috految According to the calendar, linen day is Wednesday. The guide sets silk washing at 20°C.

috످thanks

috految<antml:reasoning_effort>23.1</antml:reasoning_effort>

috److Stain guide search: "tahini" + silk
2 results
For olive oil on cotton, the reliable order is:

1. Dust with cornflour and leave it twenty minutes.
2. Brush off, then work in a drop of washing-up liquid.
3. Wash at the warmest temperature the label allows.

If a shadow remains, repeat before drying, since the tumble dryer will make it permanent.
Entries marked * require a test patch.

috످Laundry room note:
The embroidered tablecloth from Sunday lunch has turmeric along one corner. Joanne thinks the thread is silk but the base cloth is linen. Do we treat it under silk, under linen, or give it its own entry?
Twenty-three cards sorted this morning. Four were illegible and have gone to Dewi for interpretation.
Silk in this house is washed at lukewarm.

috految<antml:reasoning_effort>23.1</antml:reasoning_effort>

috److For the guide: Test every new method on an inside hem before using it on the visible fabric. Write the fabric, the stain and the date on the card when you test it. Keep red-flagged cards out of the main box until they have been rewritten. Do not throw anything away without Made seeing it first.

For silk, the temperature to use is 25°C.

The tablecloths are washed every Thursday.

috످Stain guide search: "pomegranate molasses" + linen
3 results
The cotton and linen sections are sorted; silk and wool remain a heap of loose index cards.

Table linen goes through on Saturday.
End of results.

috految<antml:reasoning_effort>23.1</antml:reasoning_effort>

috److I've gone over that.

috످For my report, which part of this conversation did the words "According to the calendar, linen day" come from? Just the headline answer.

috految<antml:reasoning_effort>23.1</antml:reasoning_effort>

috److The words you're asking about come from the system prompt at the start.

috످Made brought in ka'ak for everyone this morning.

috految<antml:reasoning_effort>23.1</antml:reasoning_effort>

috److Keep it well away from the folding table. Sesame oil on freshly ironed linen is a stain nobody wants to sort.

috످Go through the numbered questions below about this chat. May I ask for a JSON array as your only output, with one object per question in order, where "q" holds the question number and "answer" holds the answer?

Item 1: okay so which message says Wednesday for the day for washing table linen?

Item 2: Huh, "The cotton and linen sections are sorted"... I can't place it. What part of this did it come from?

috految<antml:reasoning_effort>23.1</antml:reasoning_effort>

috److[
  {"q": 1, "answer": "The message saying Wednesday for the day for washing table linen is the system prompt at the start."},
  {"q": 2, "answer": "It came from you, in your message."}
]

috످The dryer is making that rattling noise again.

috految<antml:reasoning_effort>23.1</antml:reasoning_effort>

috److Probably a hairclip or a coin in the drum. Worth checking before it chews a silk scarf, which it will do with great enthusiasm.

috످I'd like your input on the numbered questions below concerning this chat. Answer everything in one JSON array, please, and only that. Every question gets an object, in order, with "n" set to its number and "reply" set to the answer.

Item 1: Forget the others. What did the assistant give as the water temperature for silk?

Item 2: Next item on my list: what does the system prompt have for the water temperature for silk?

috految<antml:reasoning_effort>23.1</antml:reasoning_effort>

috److془Assistant: 25°C. System: 20°C.

Passage on testing methods and silk at 25°C is in my turn. The opening gives laundry schedule and 20°C, system.془[
  {"n": 1, "reply": "I gave 25°C as the water temperature for silk."},
  {"n": 2, "reply": "The system prompt says to wash silk at 20°C."}
]

috످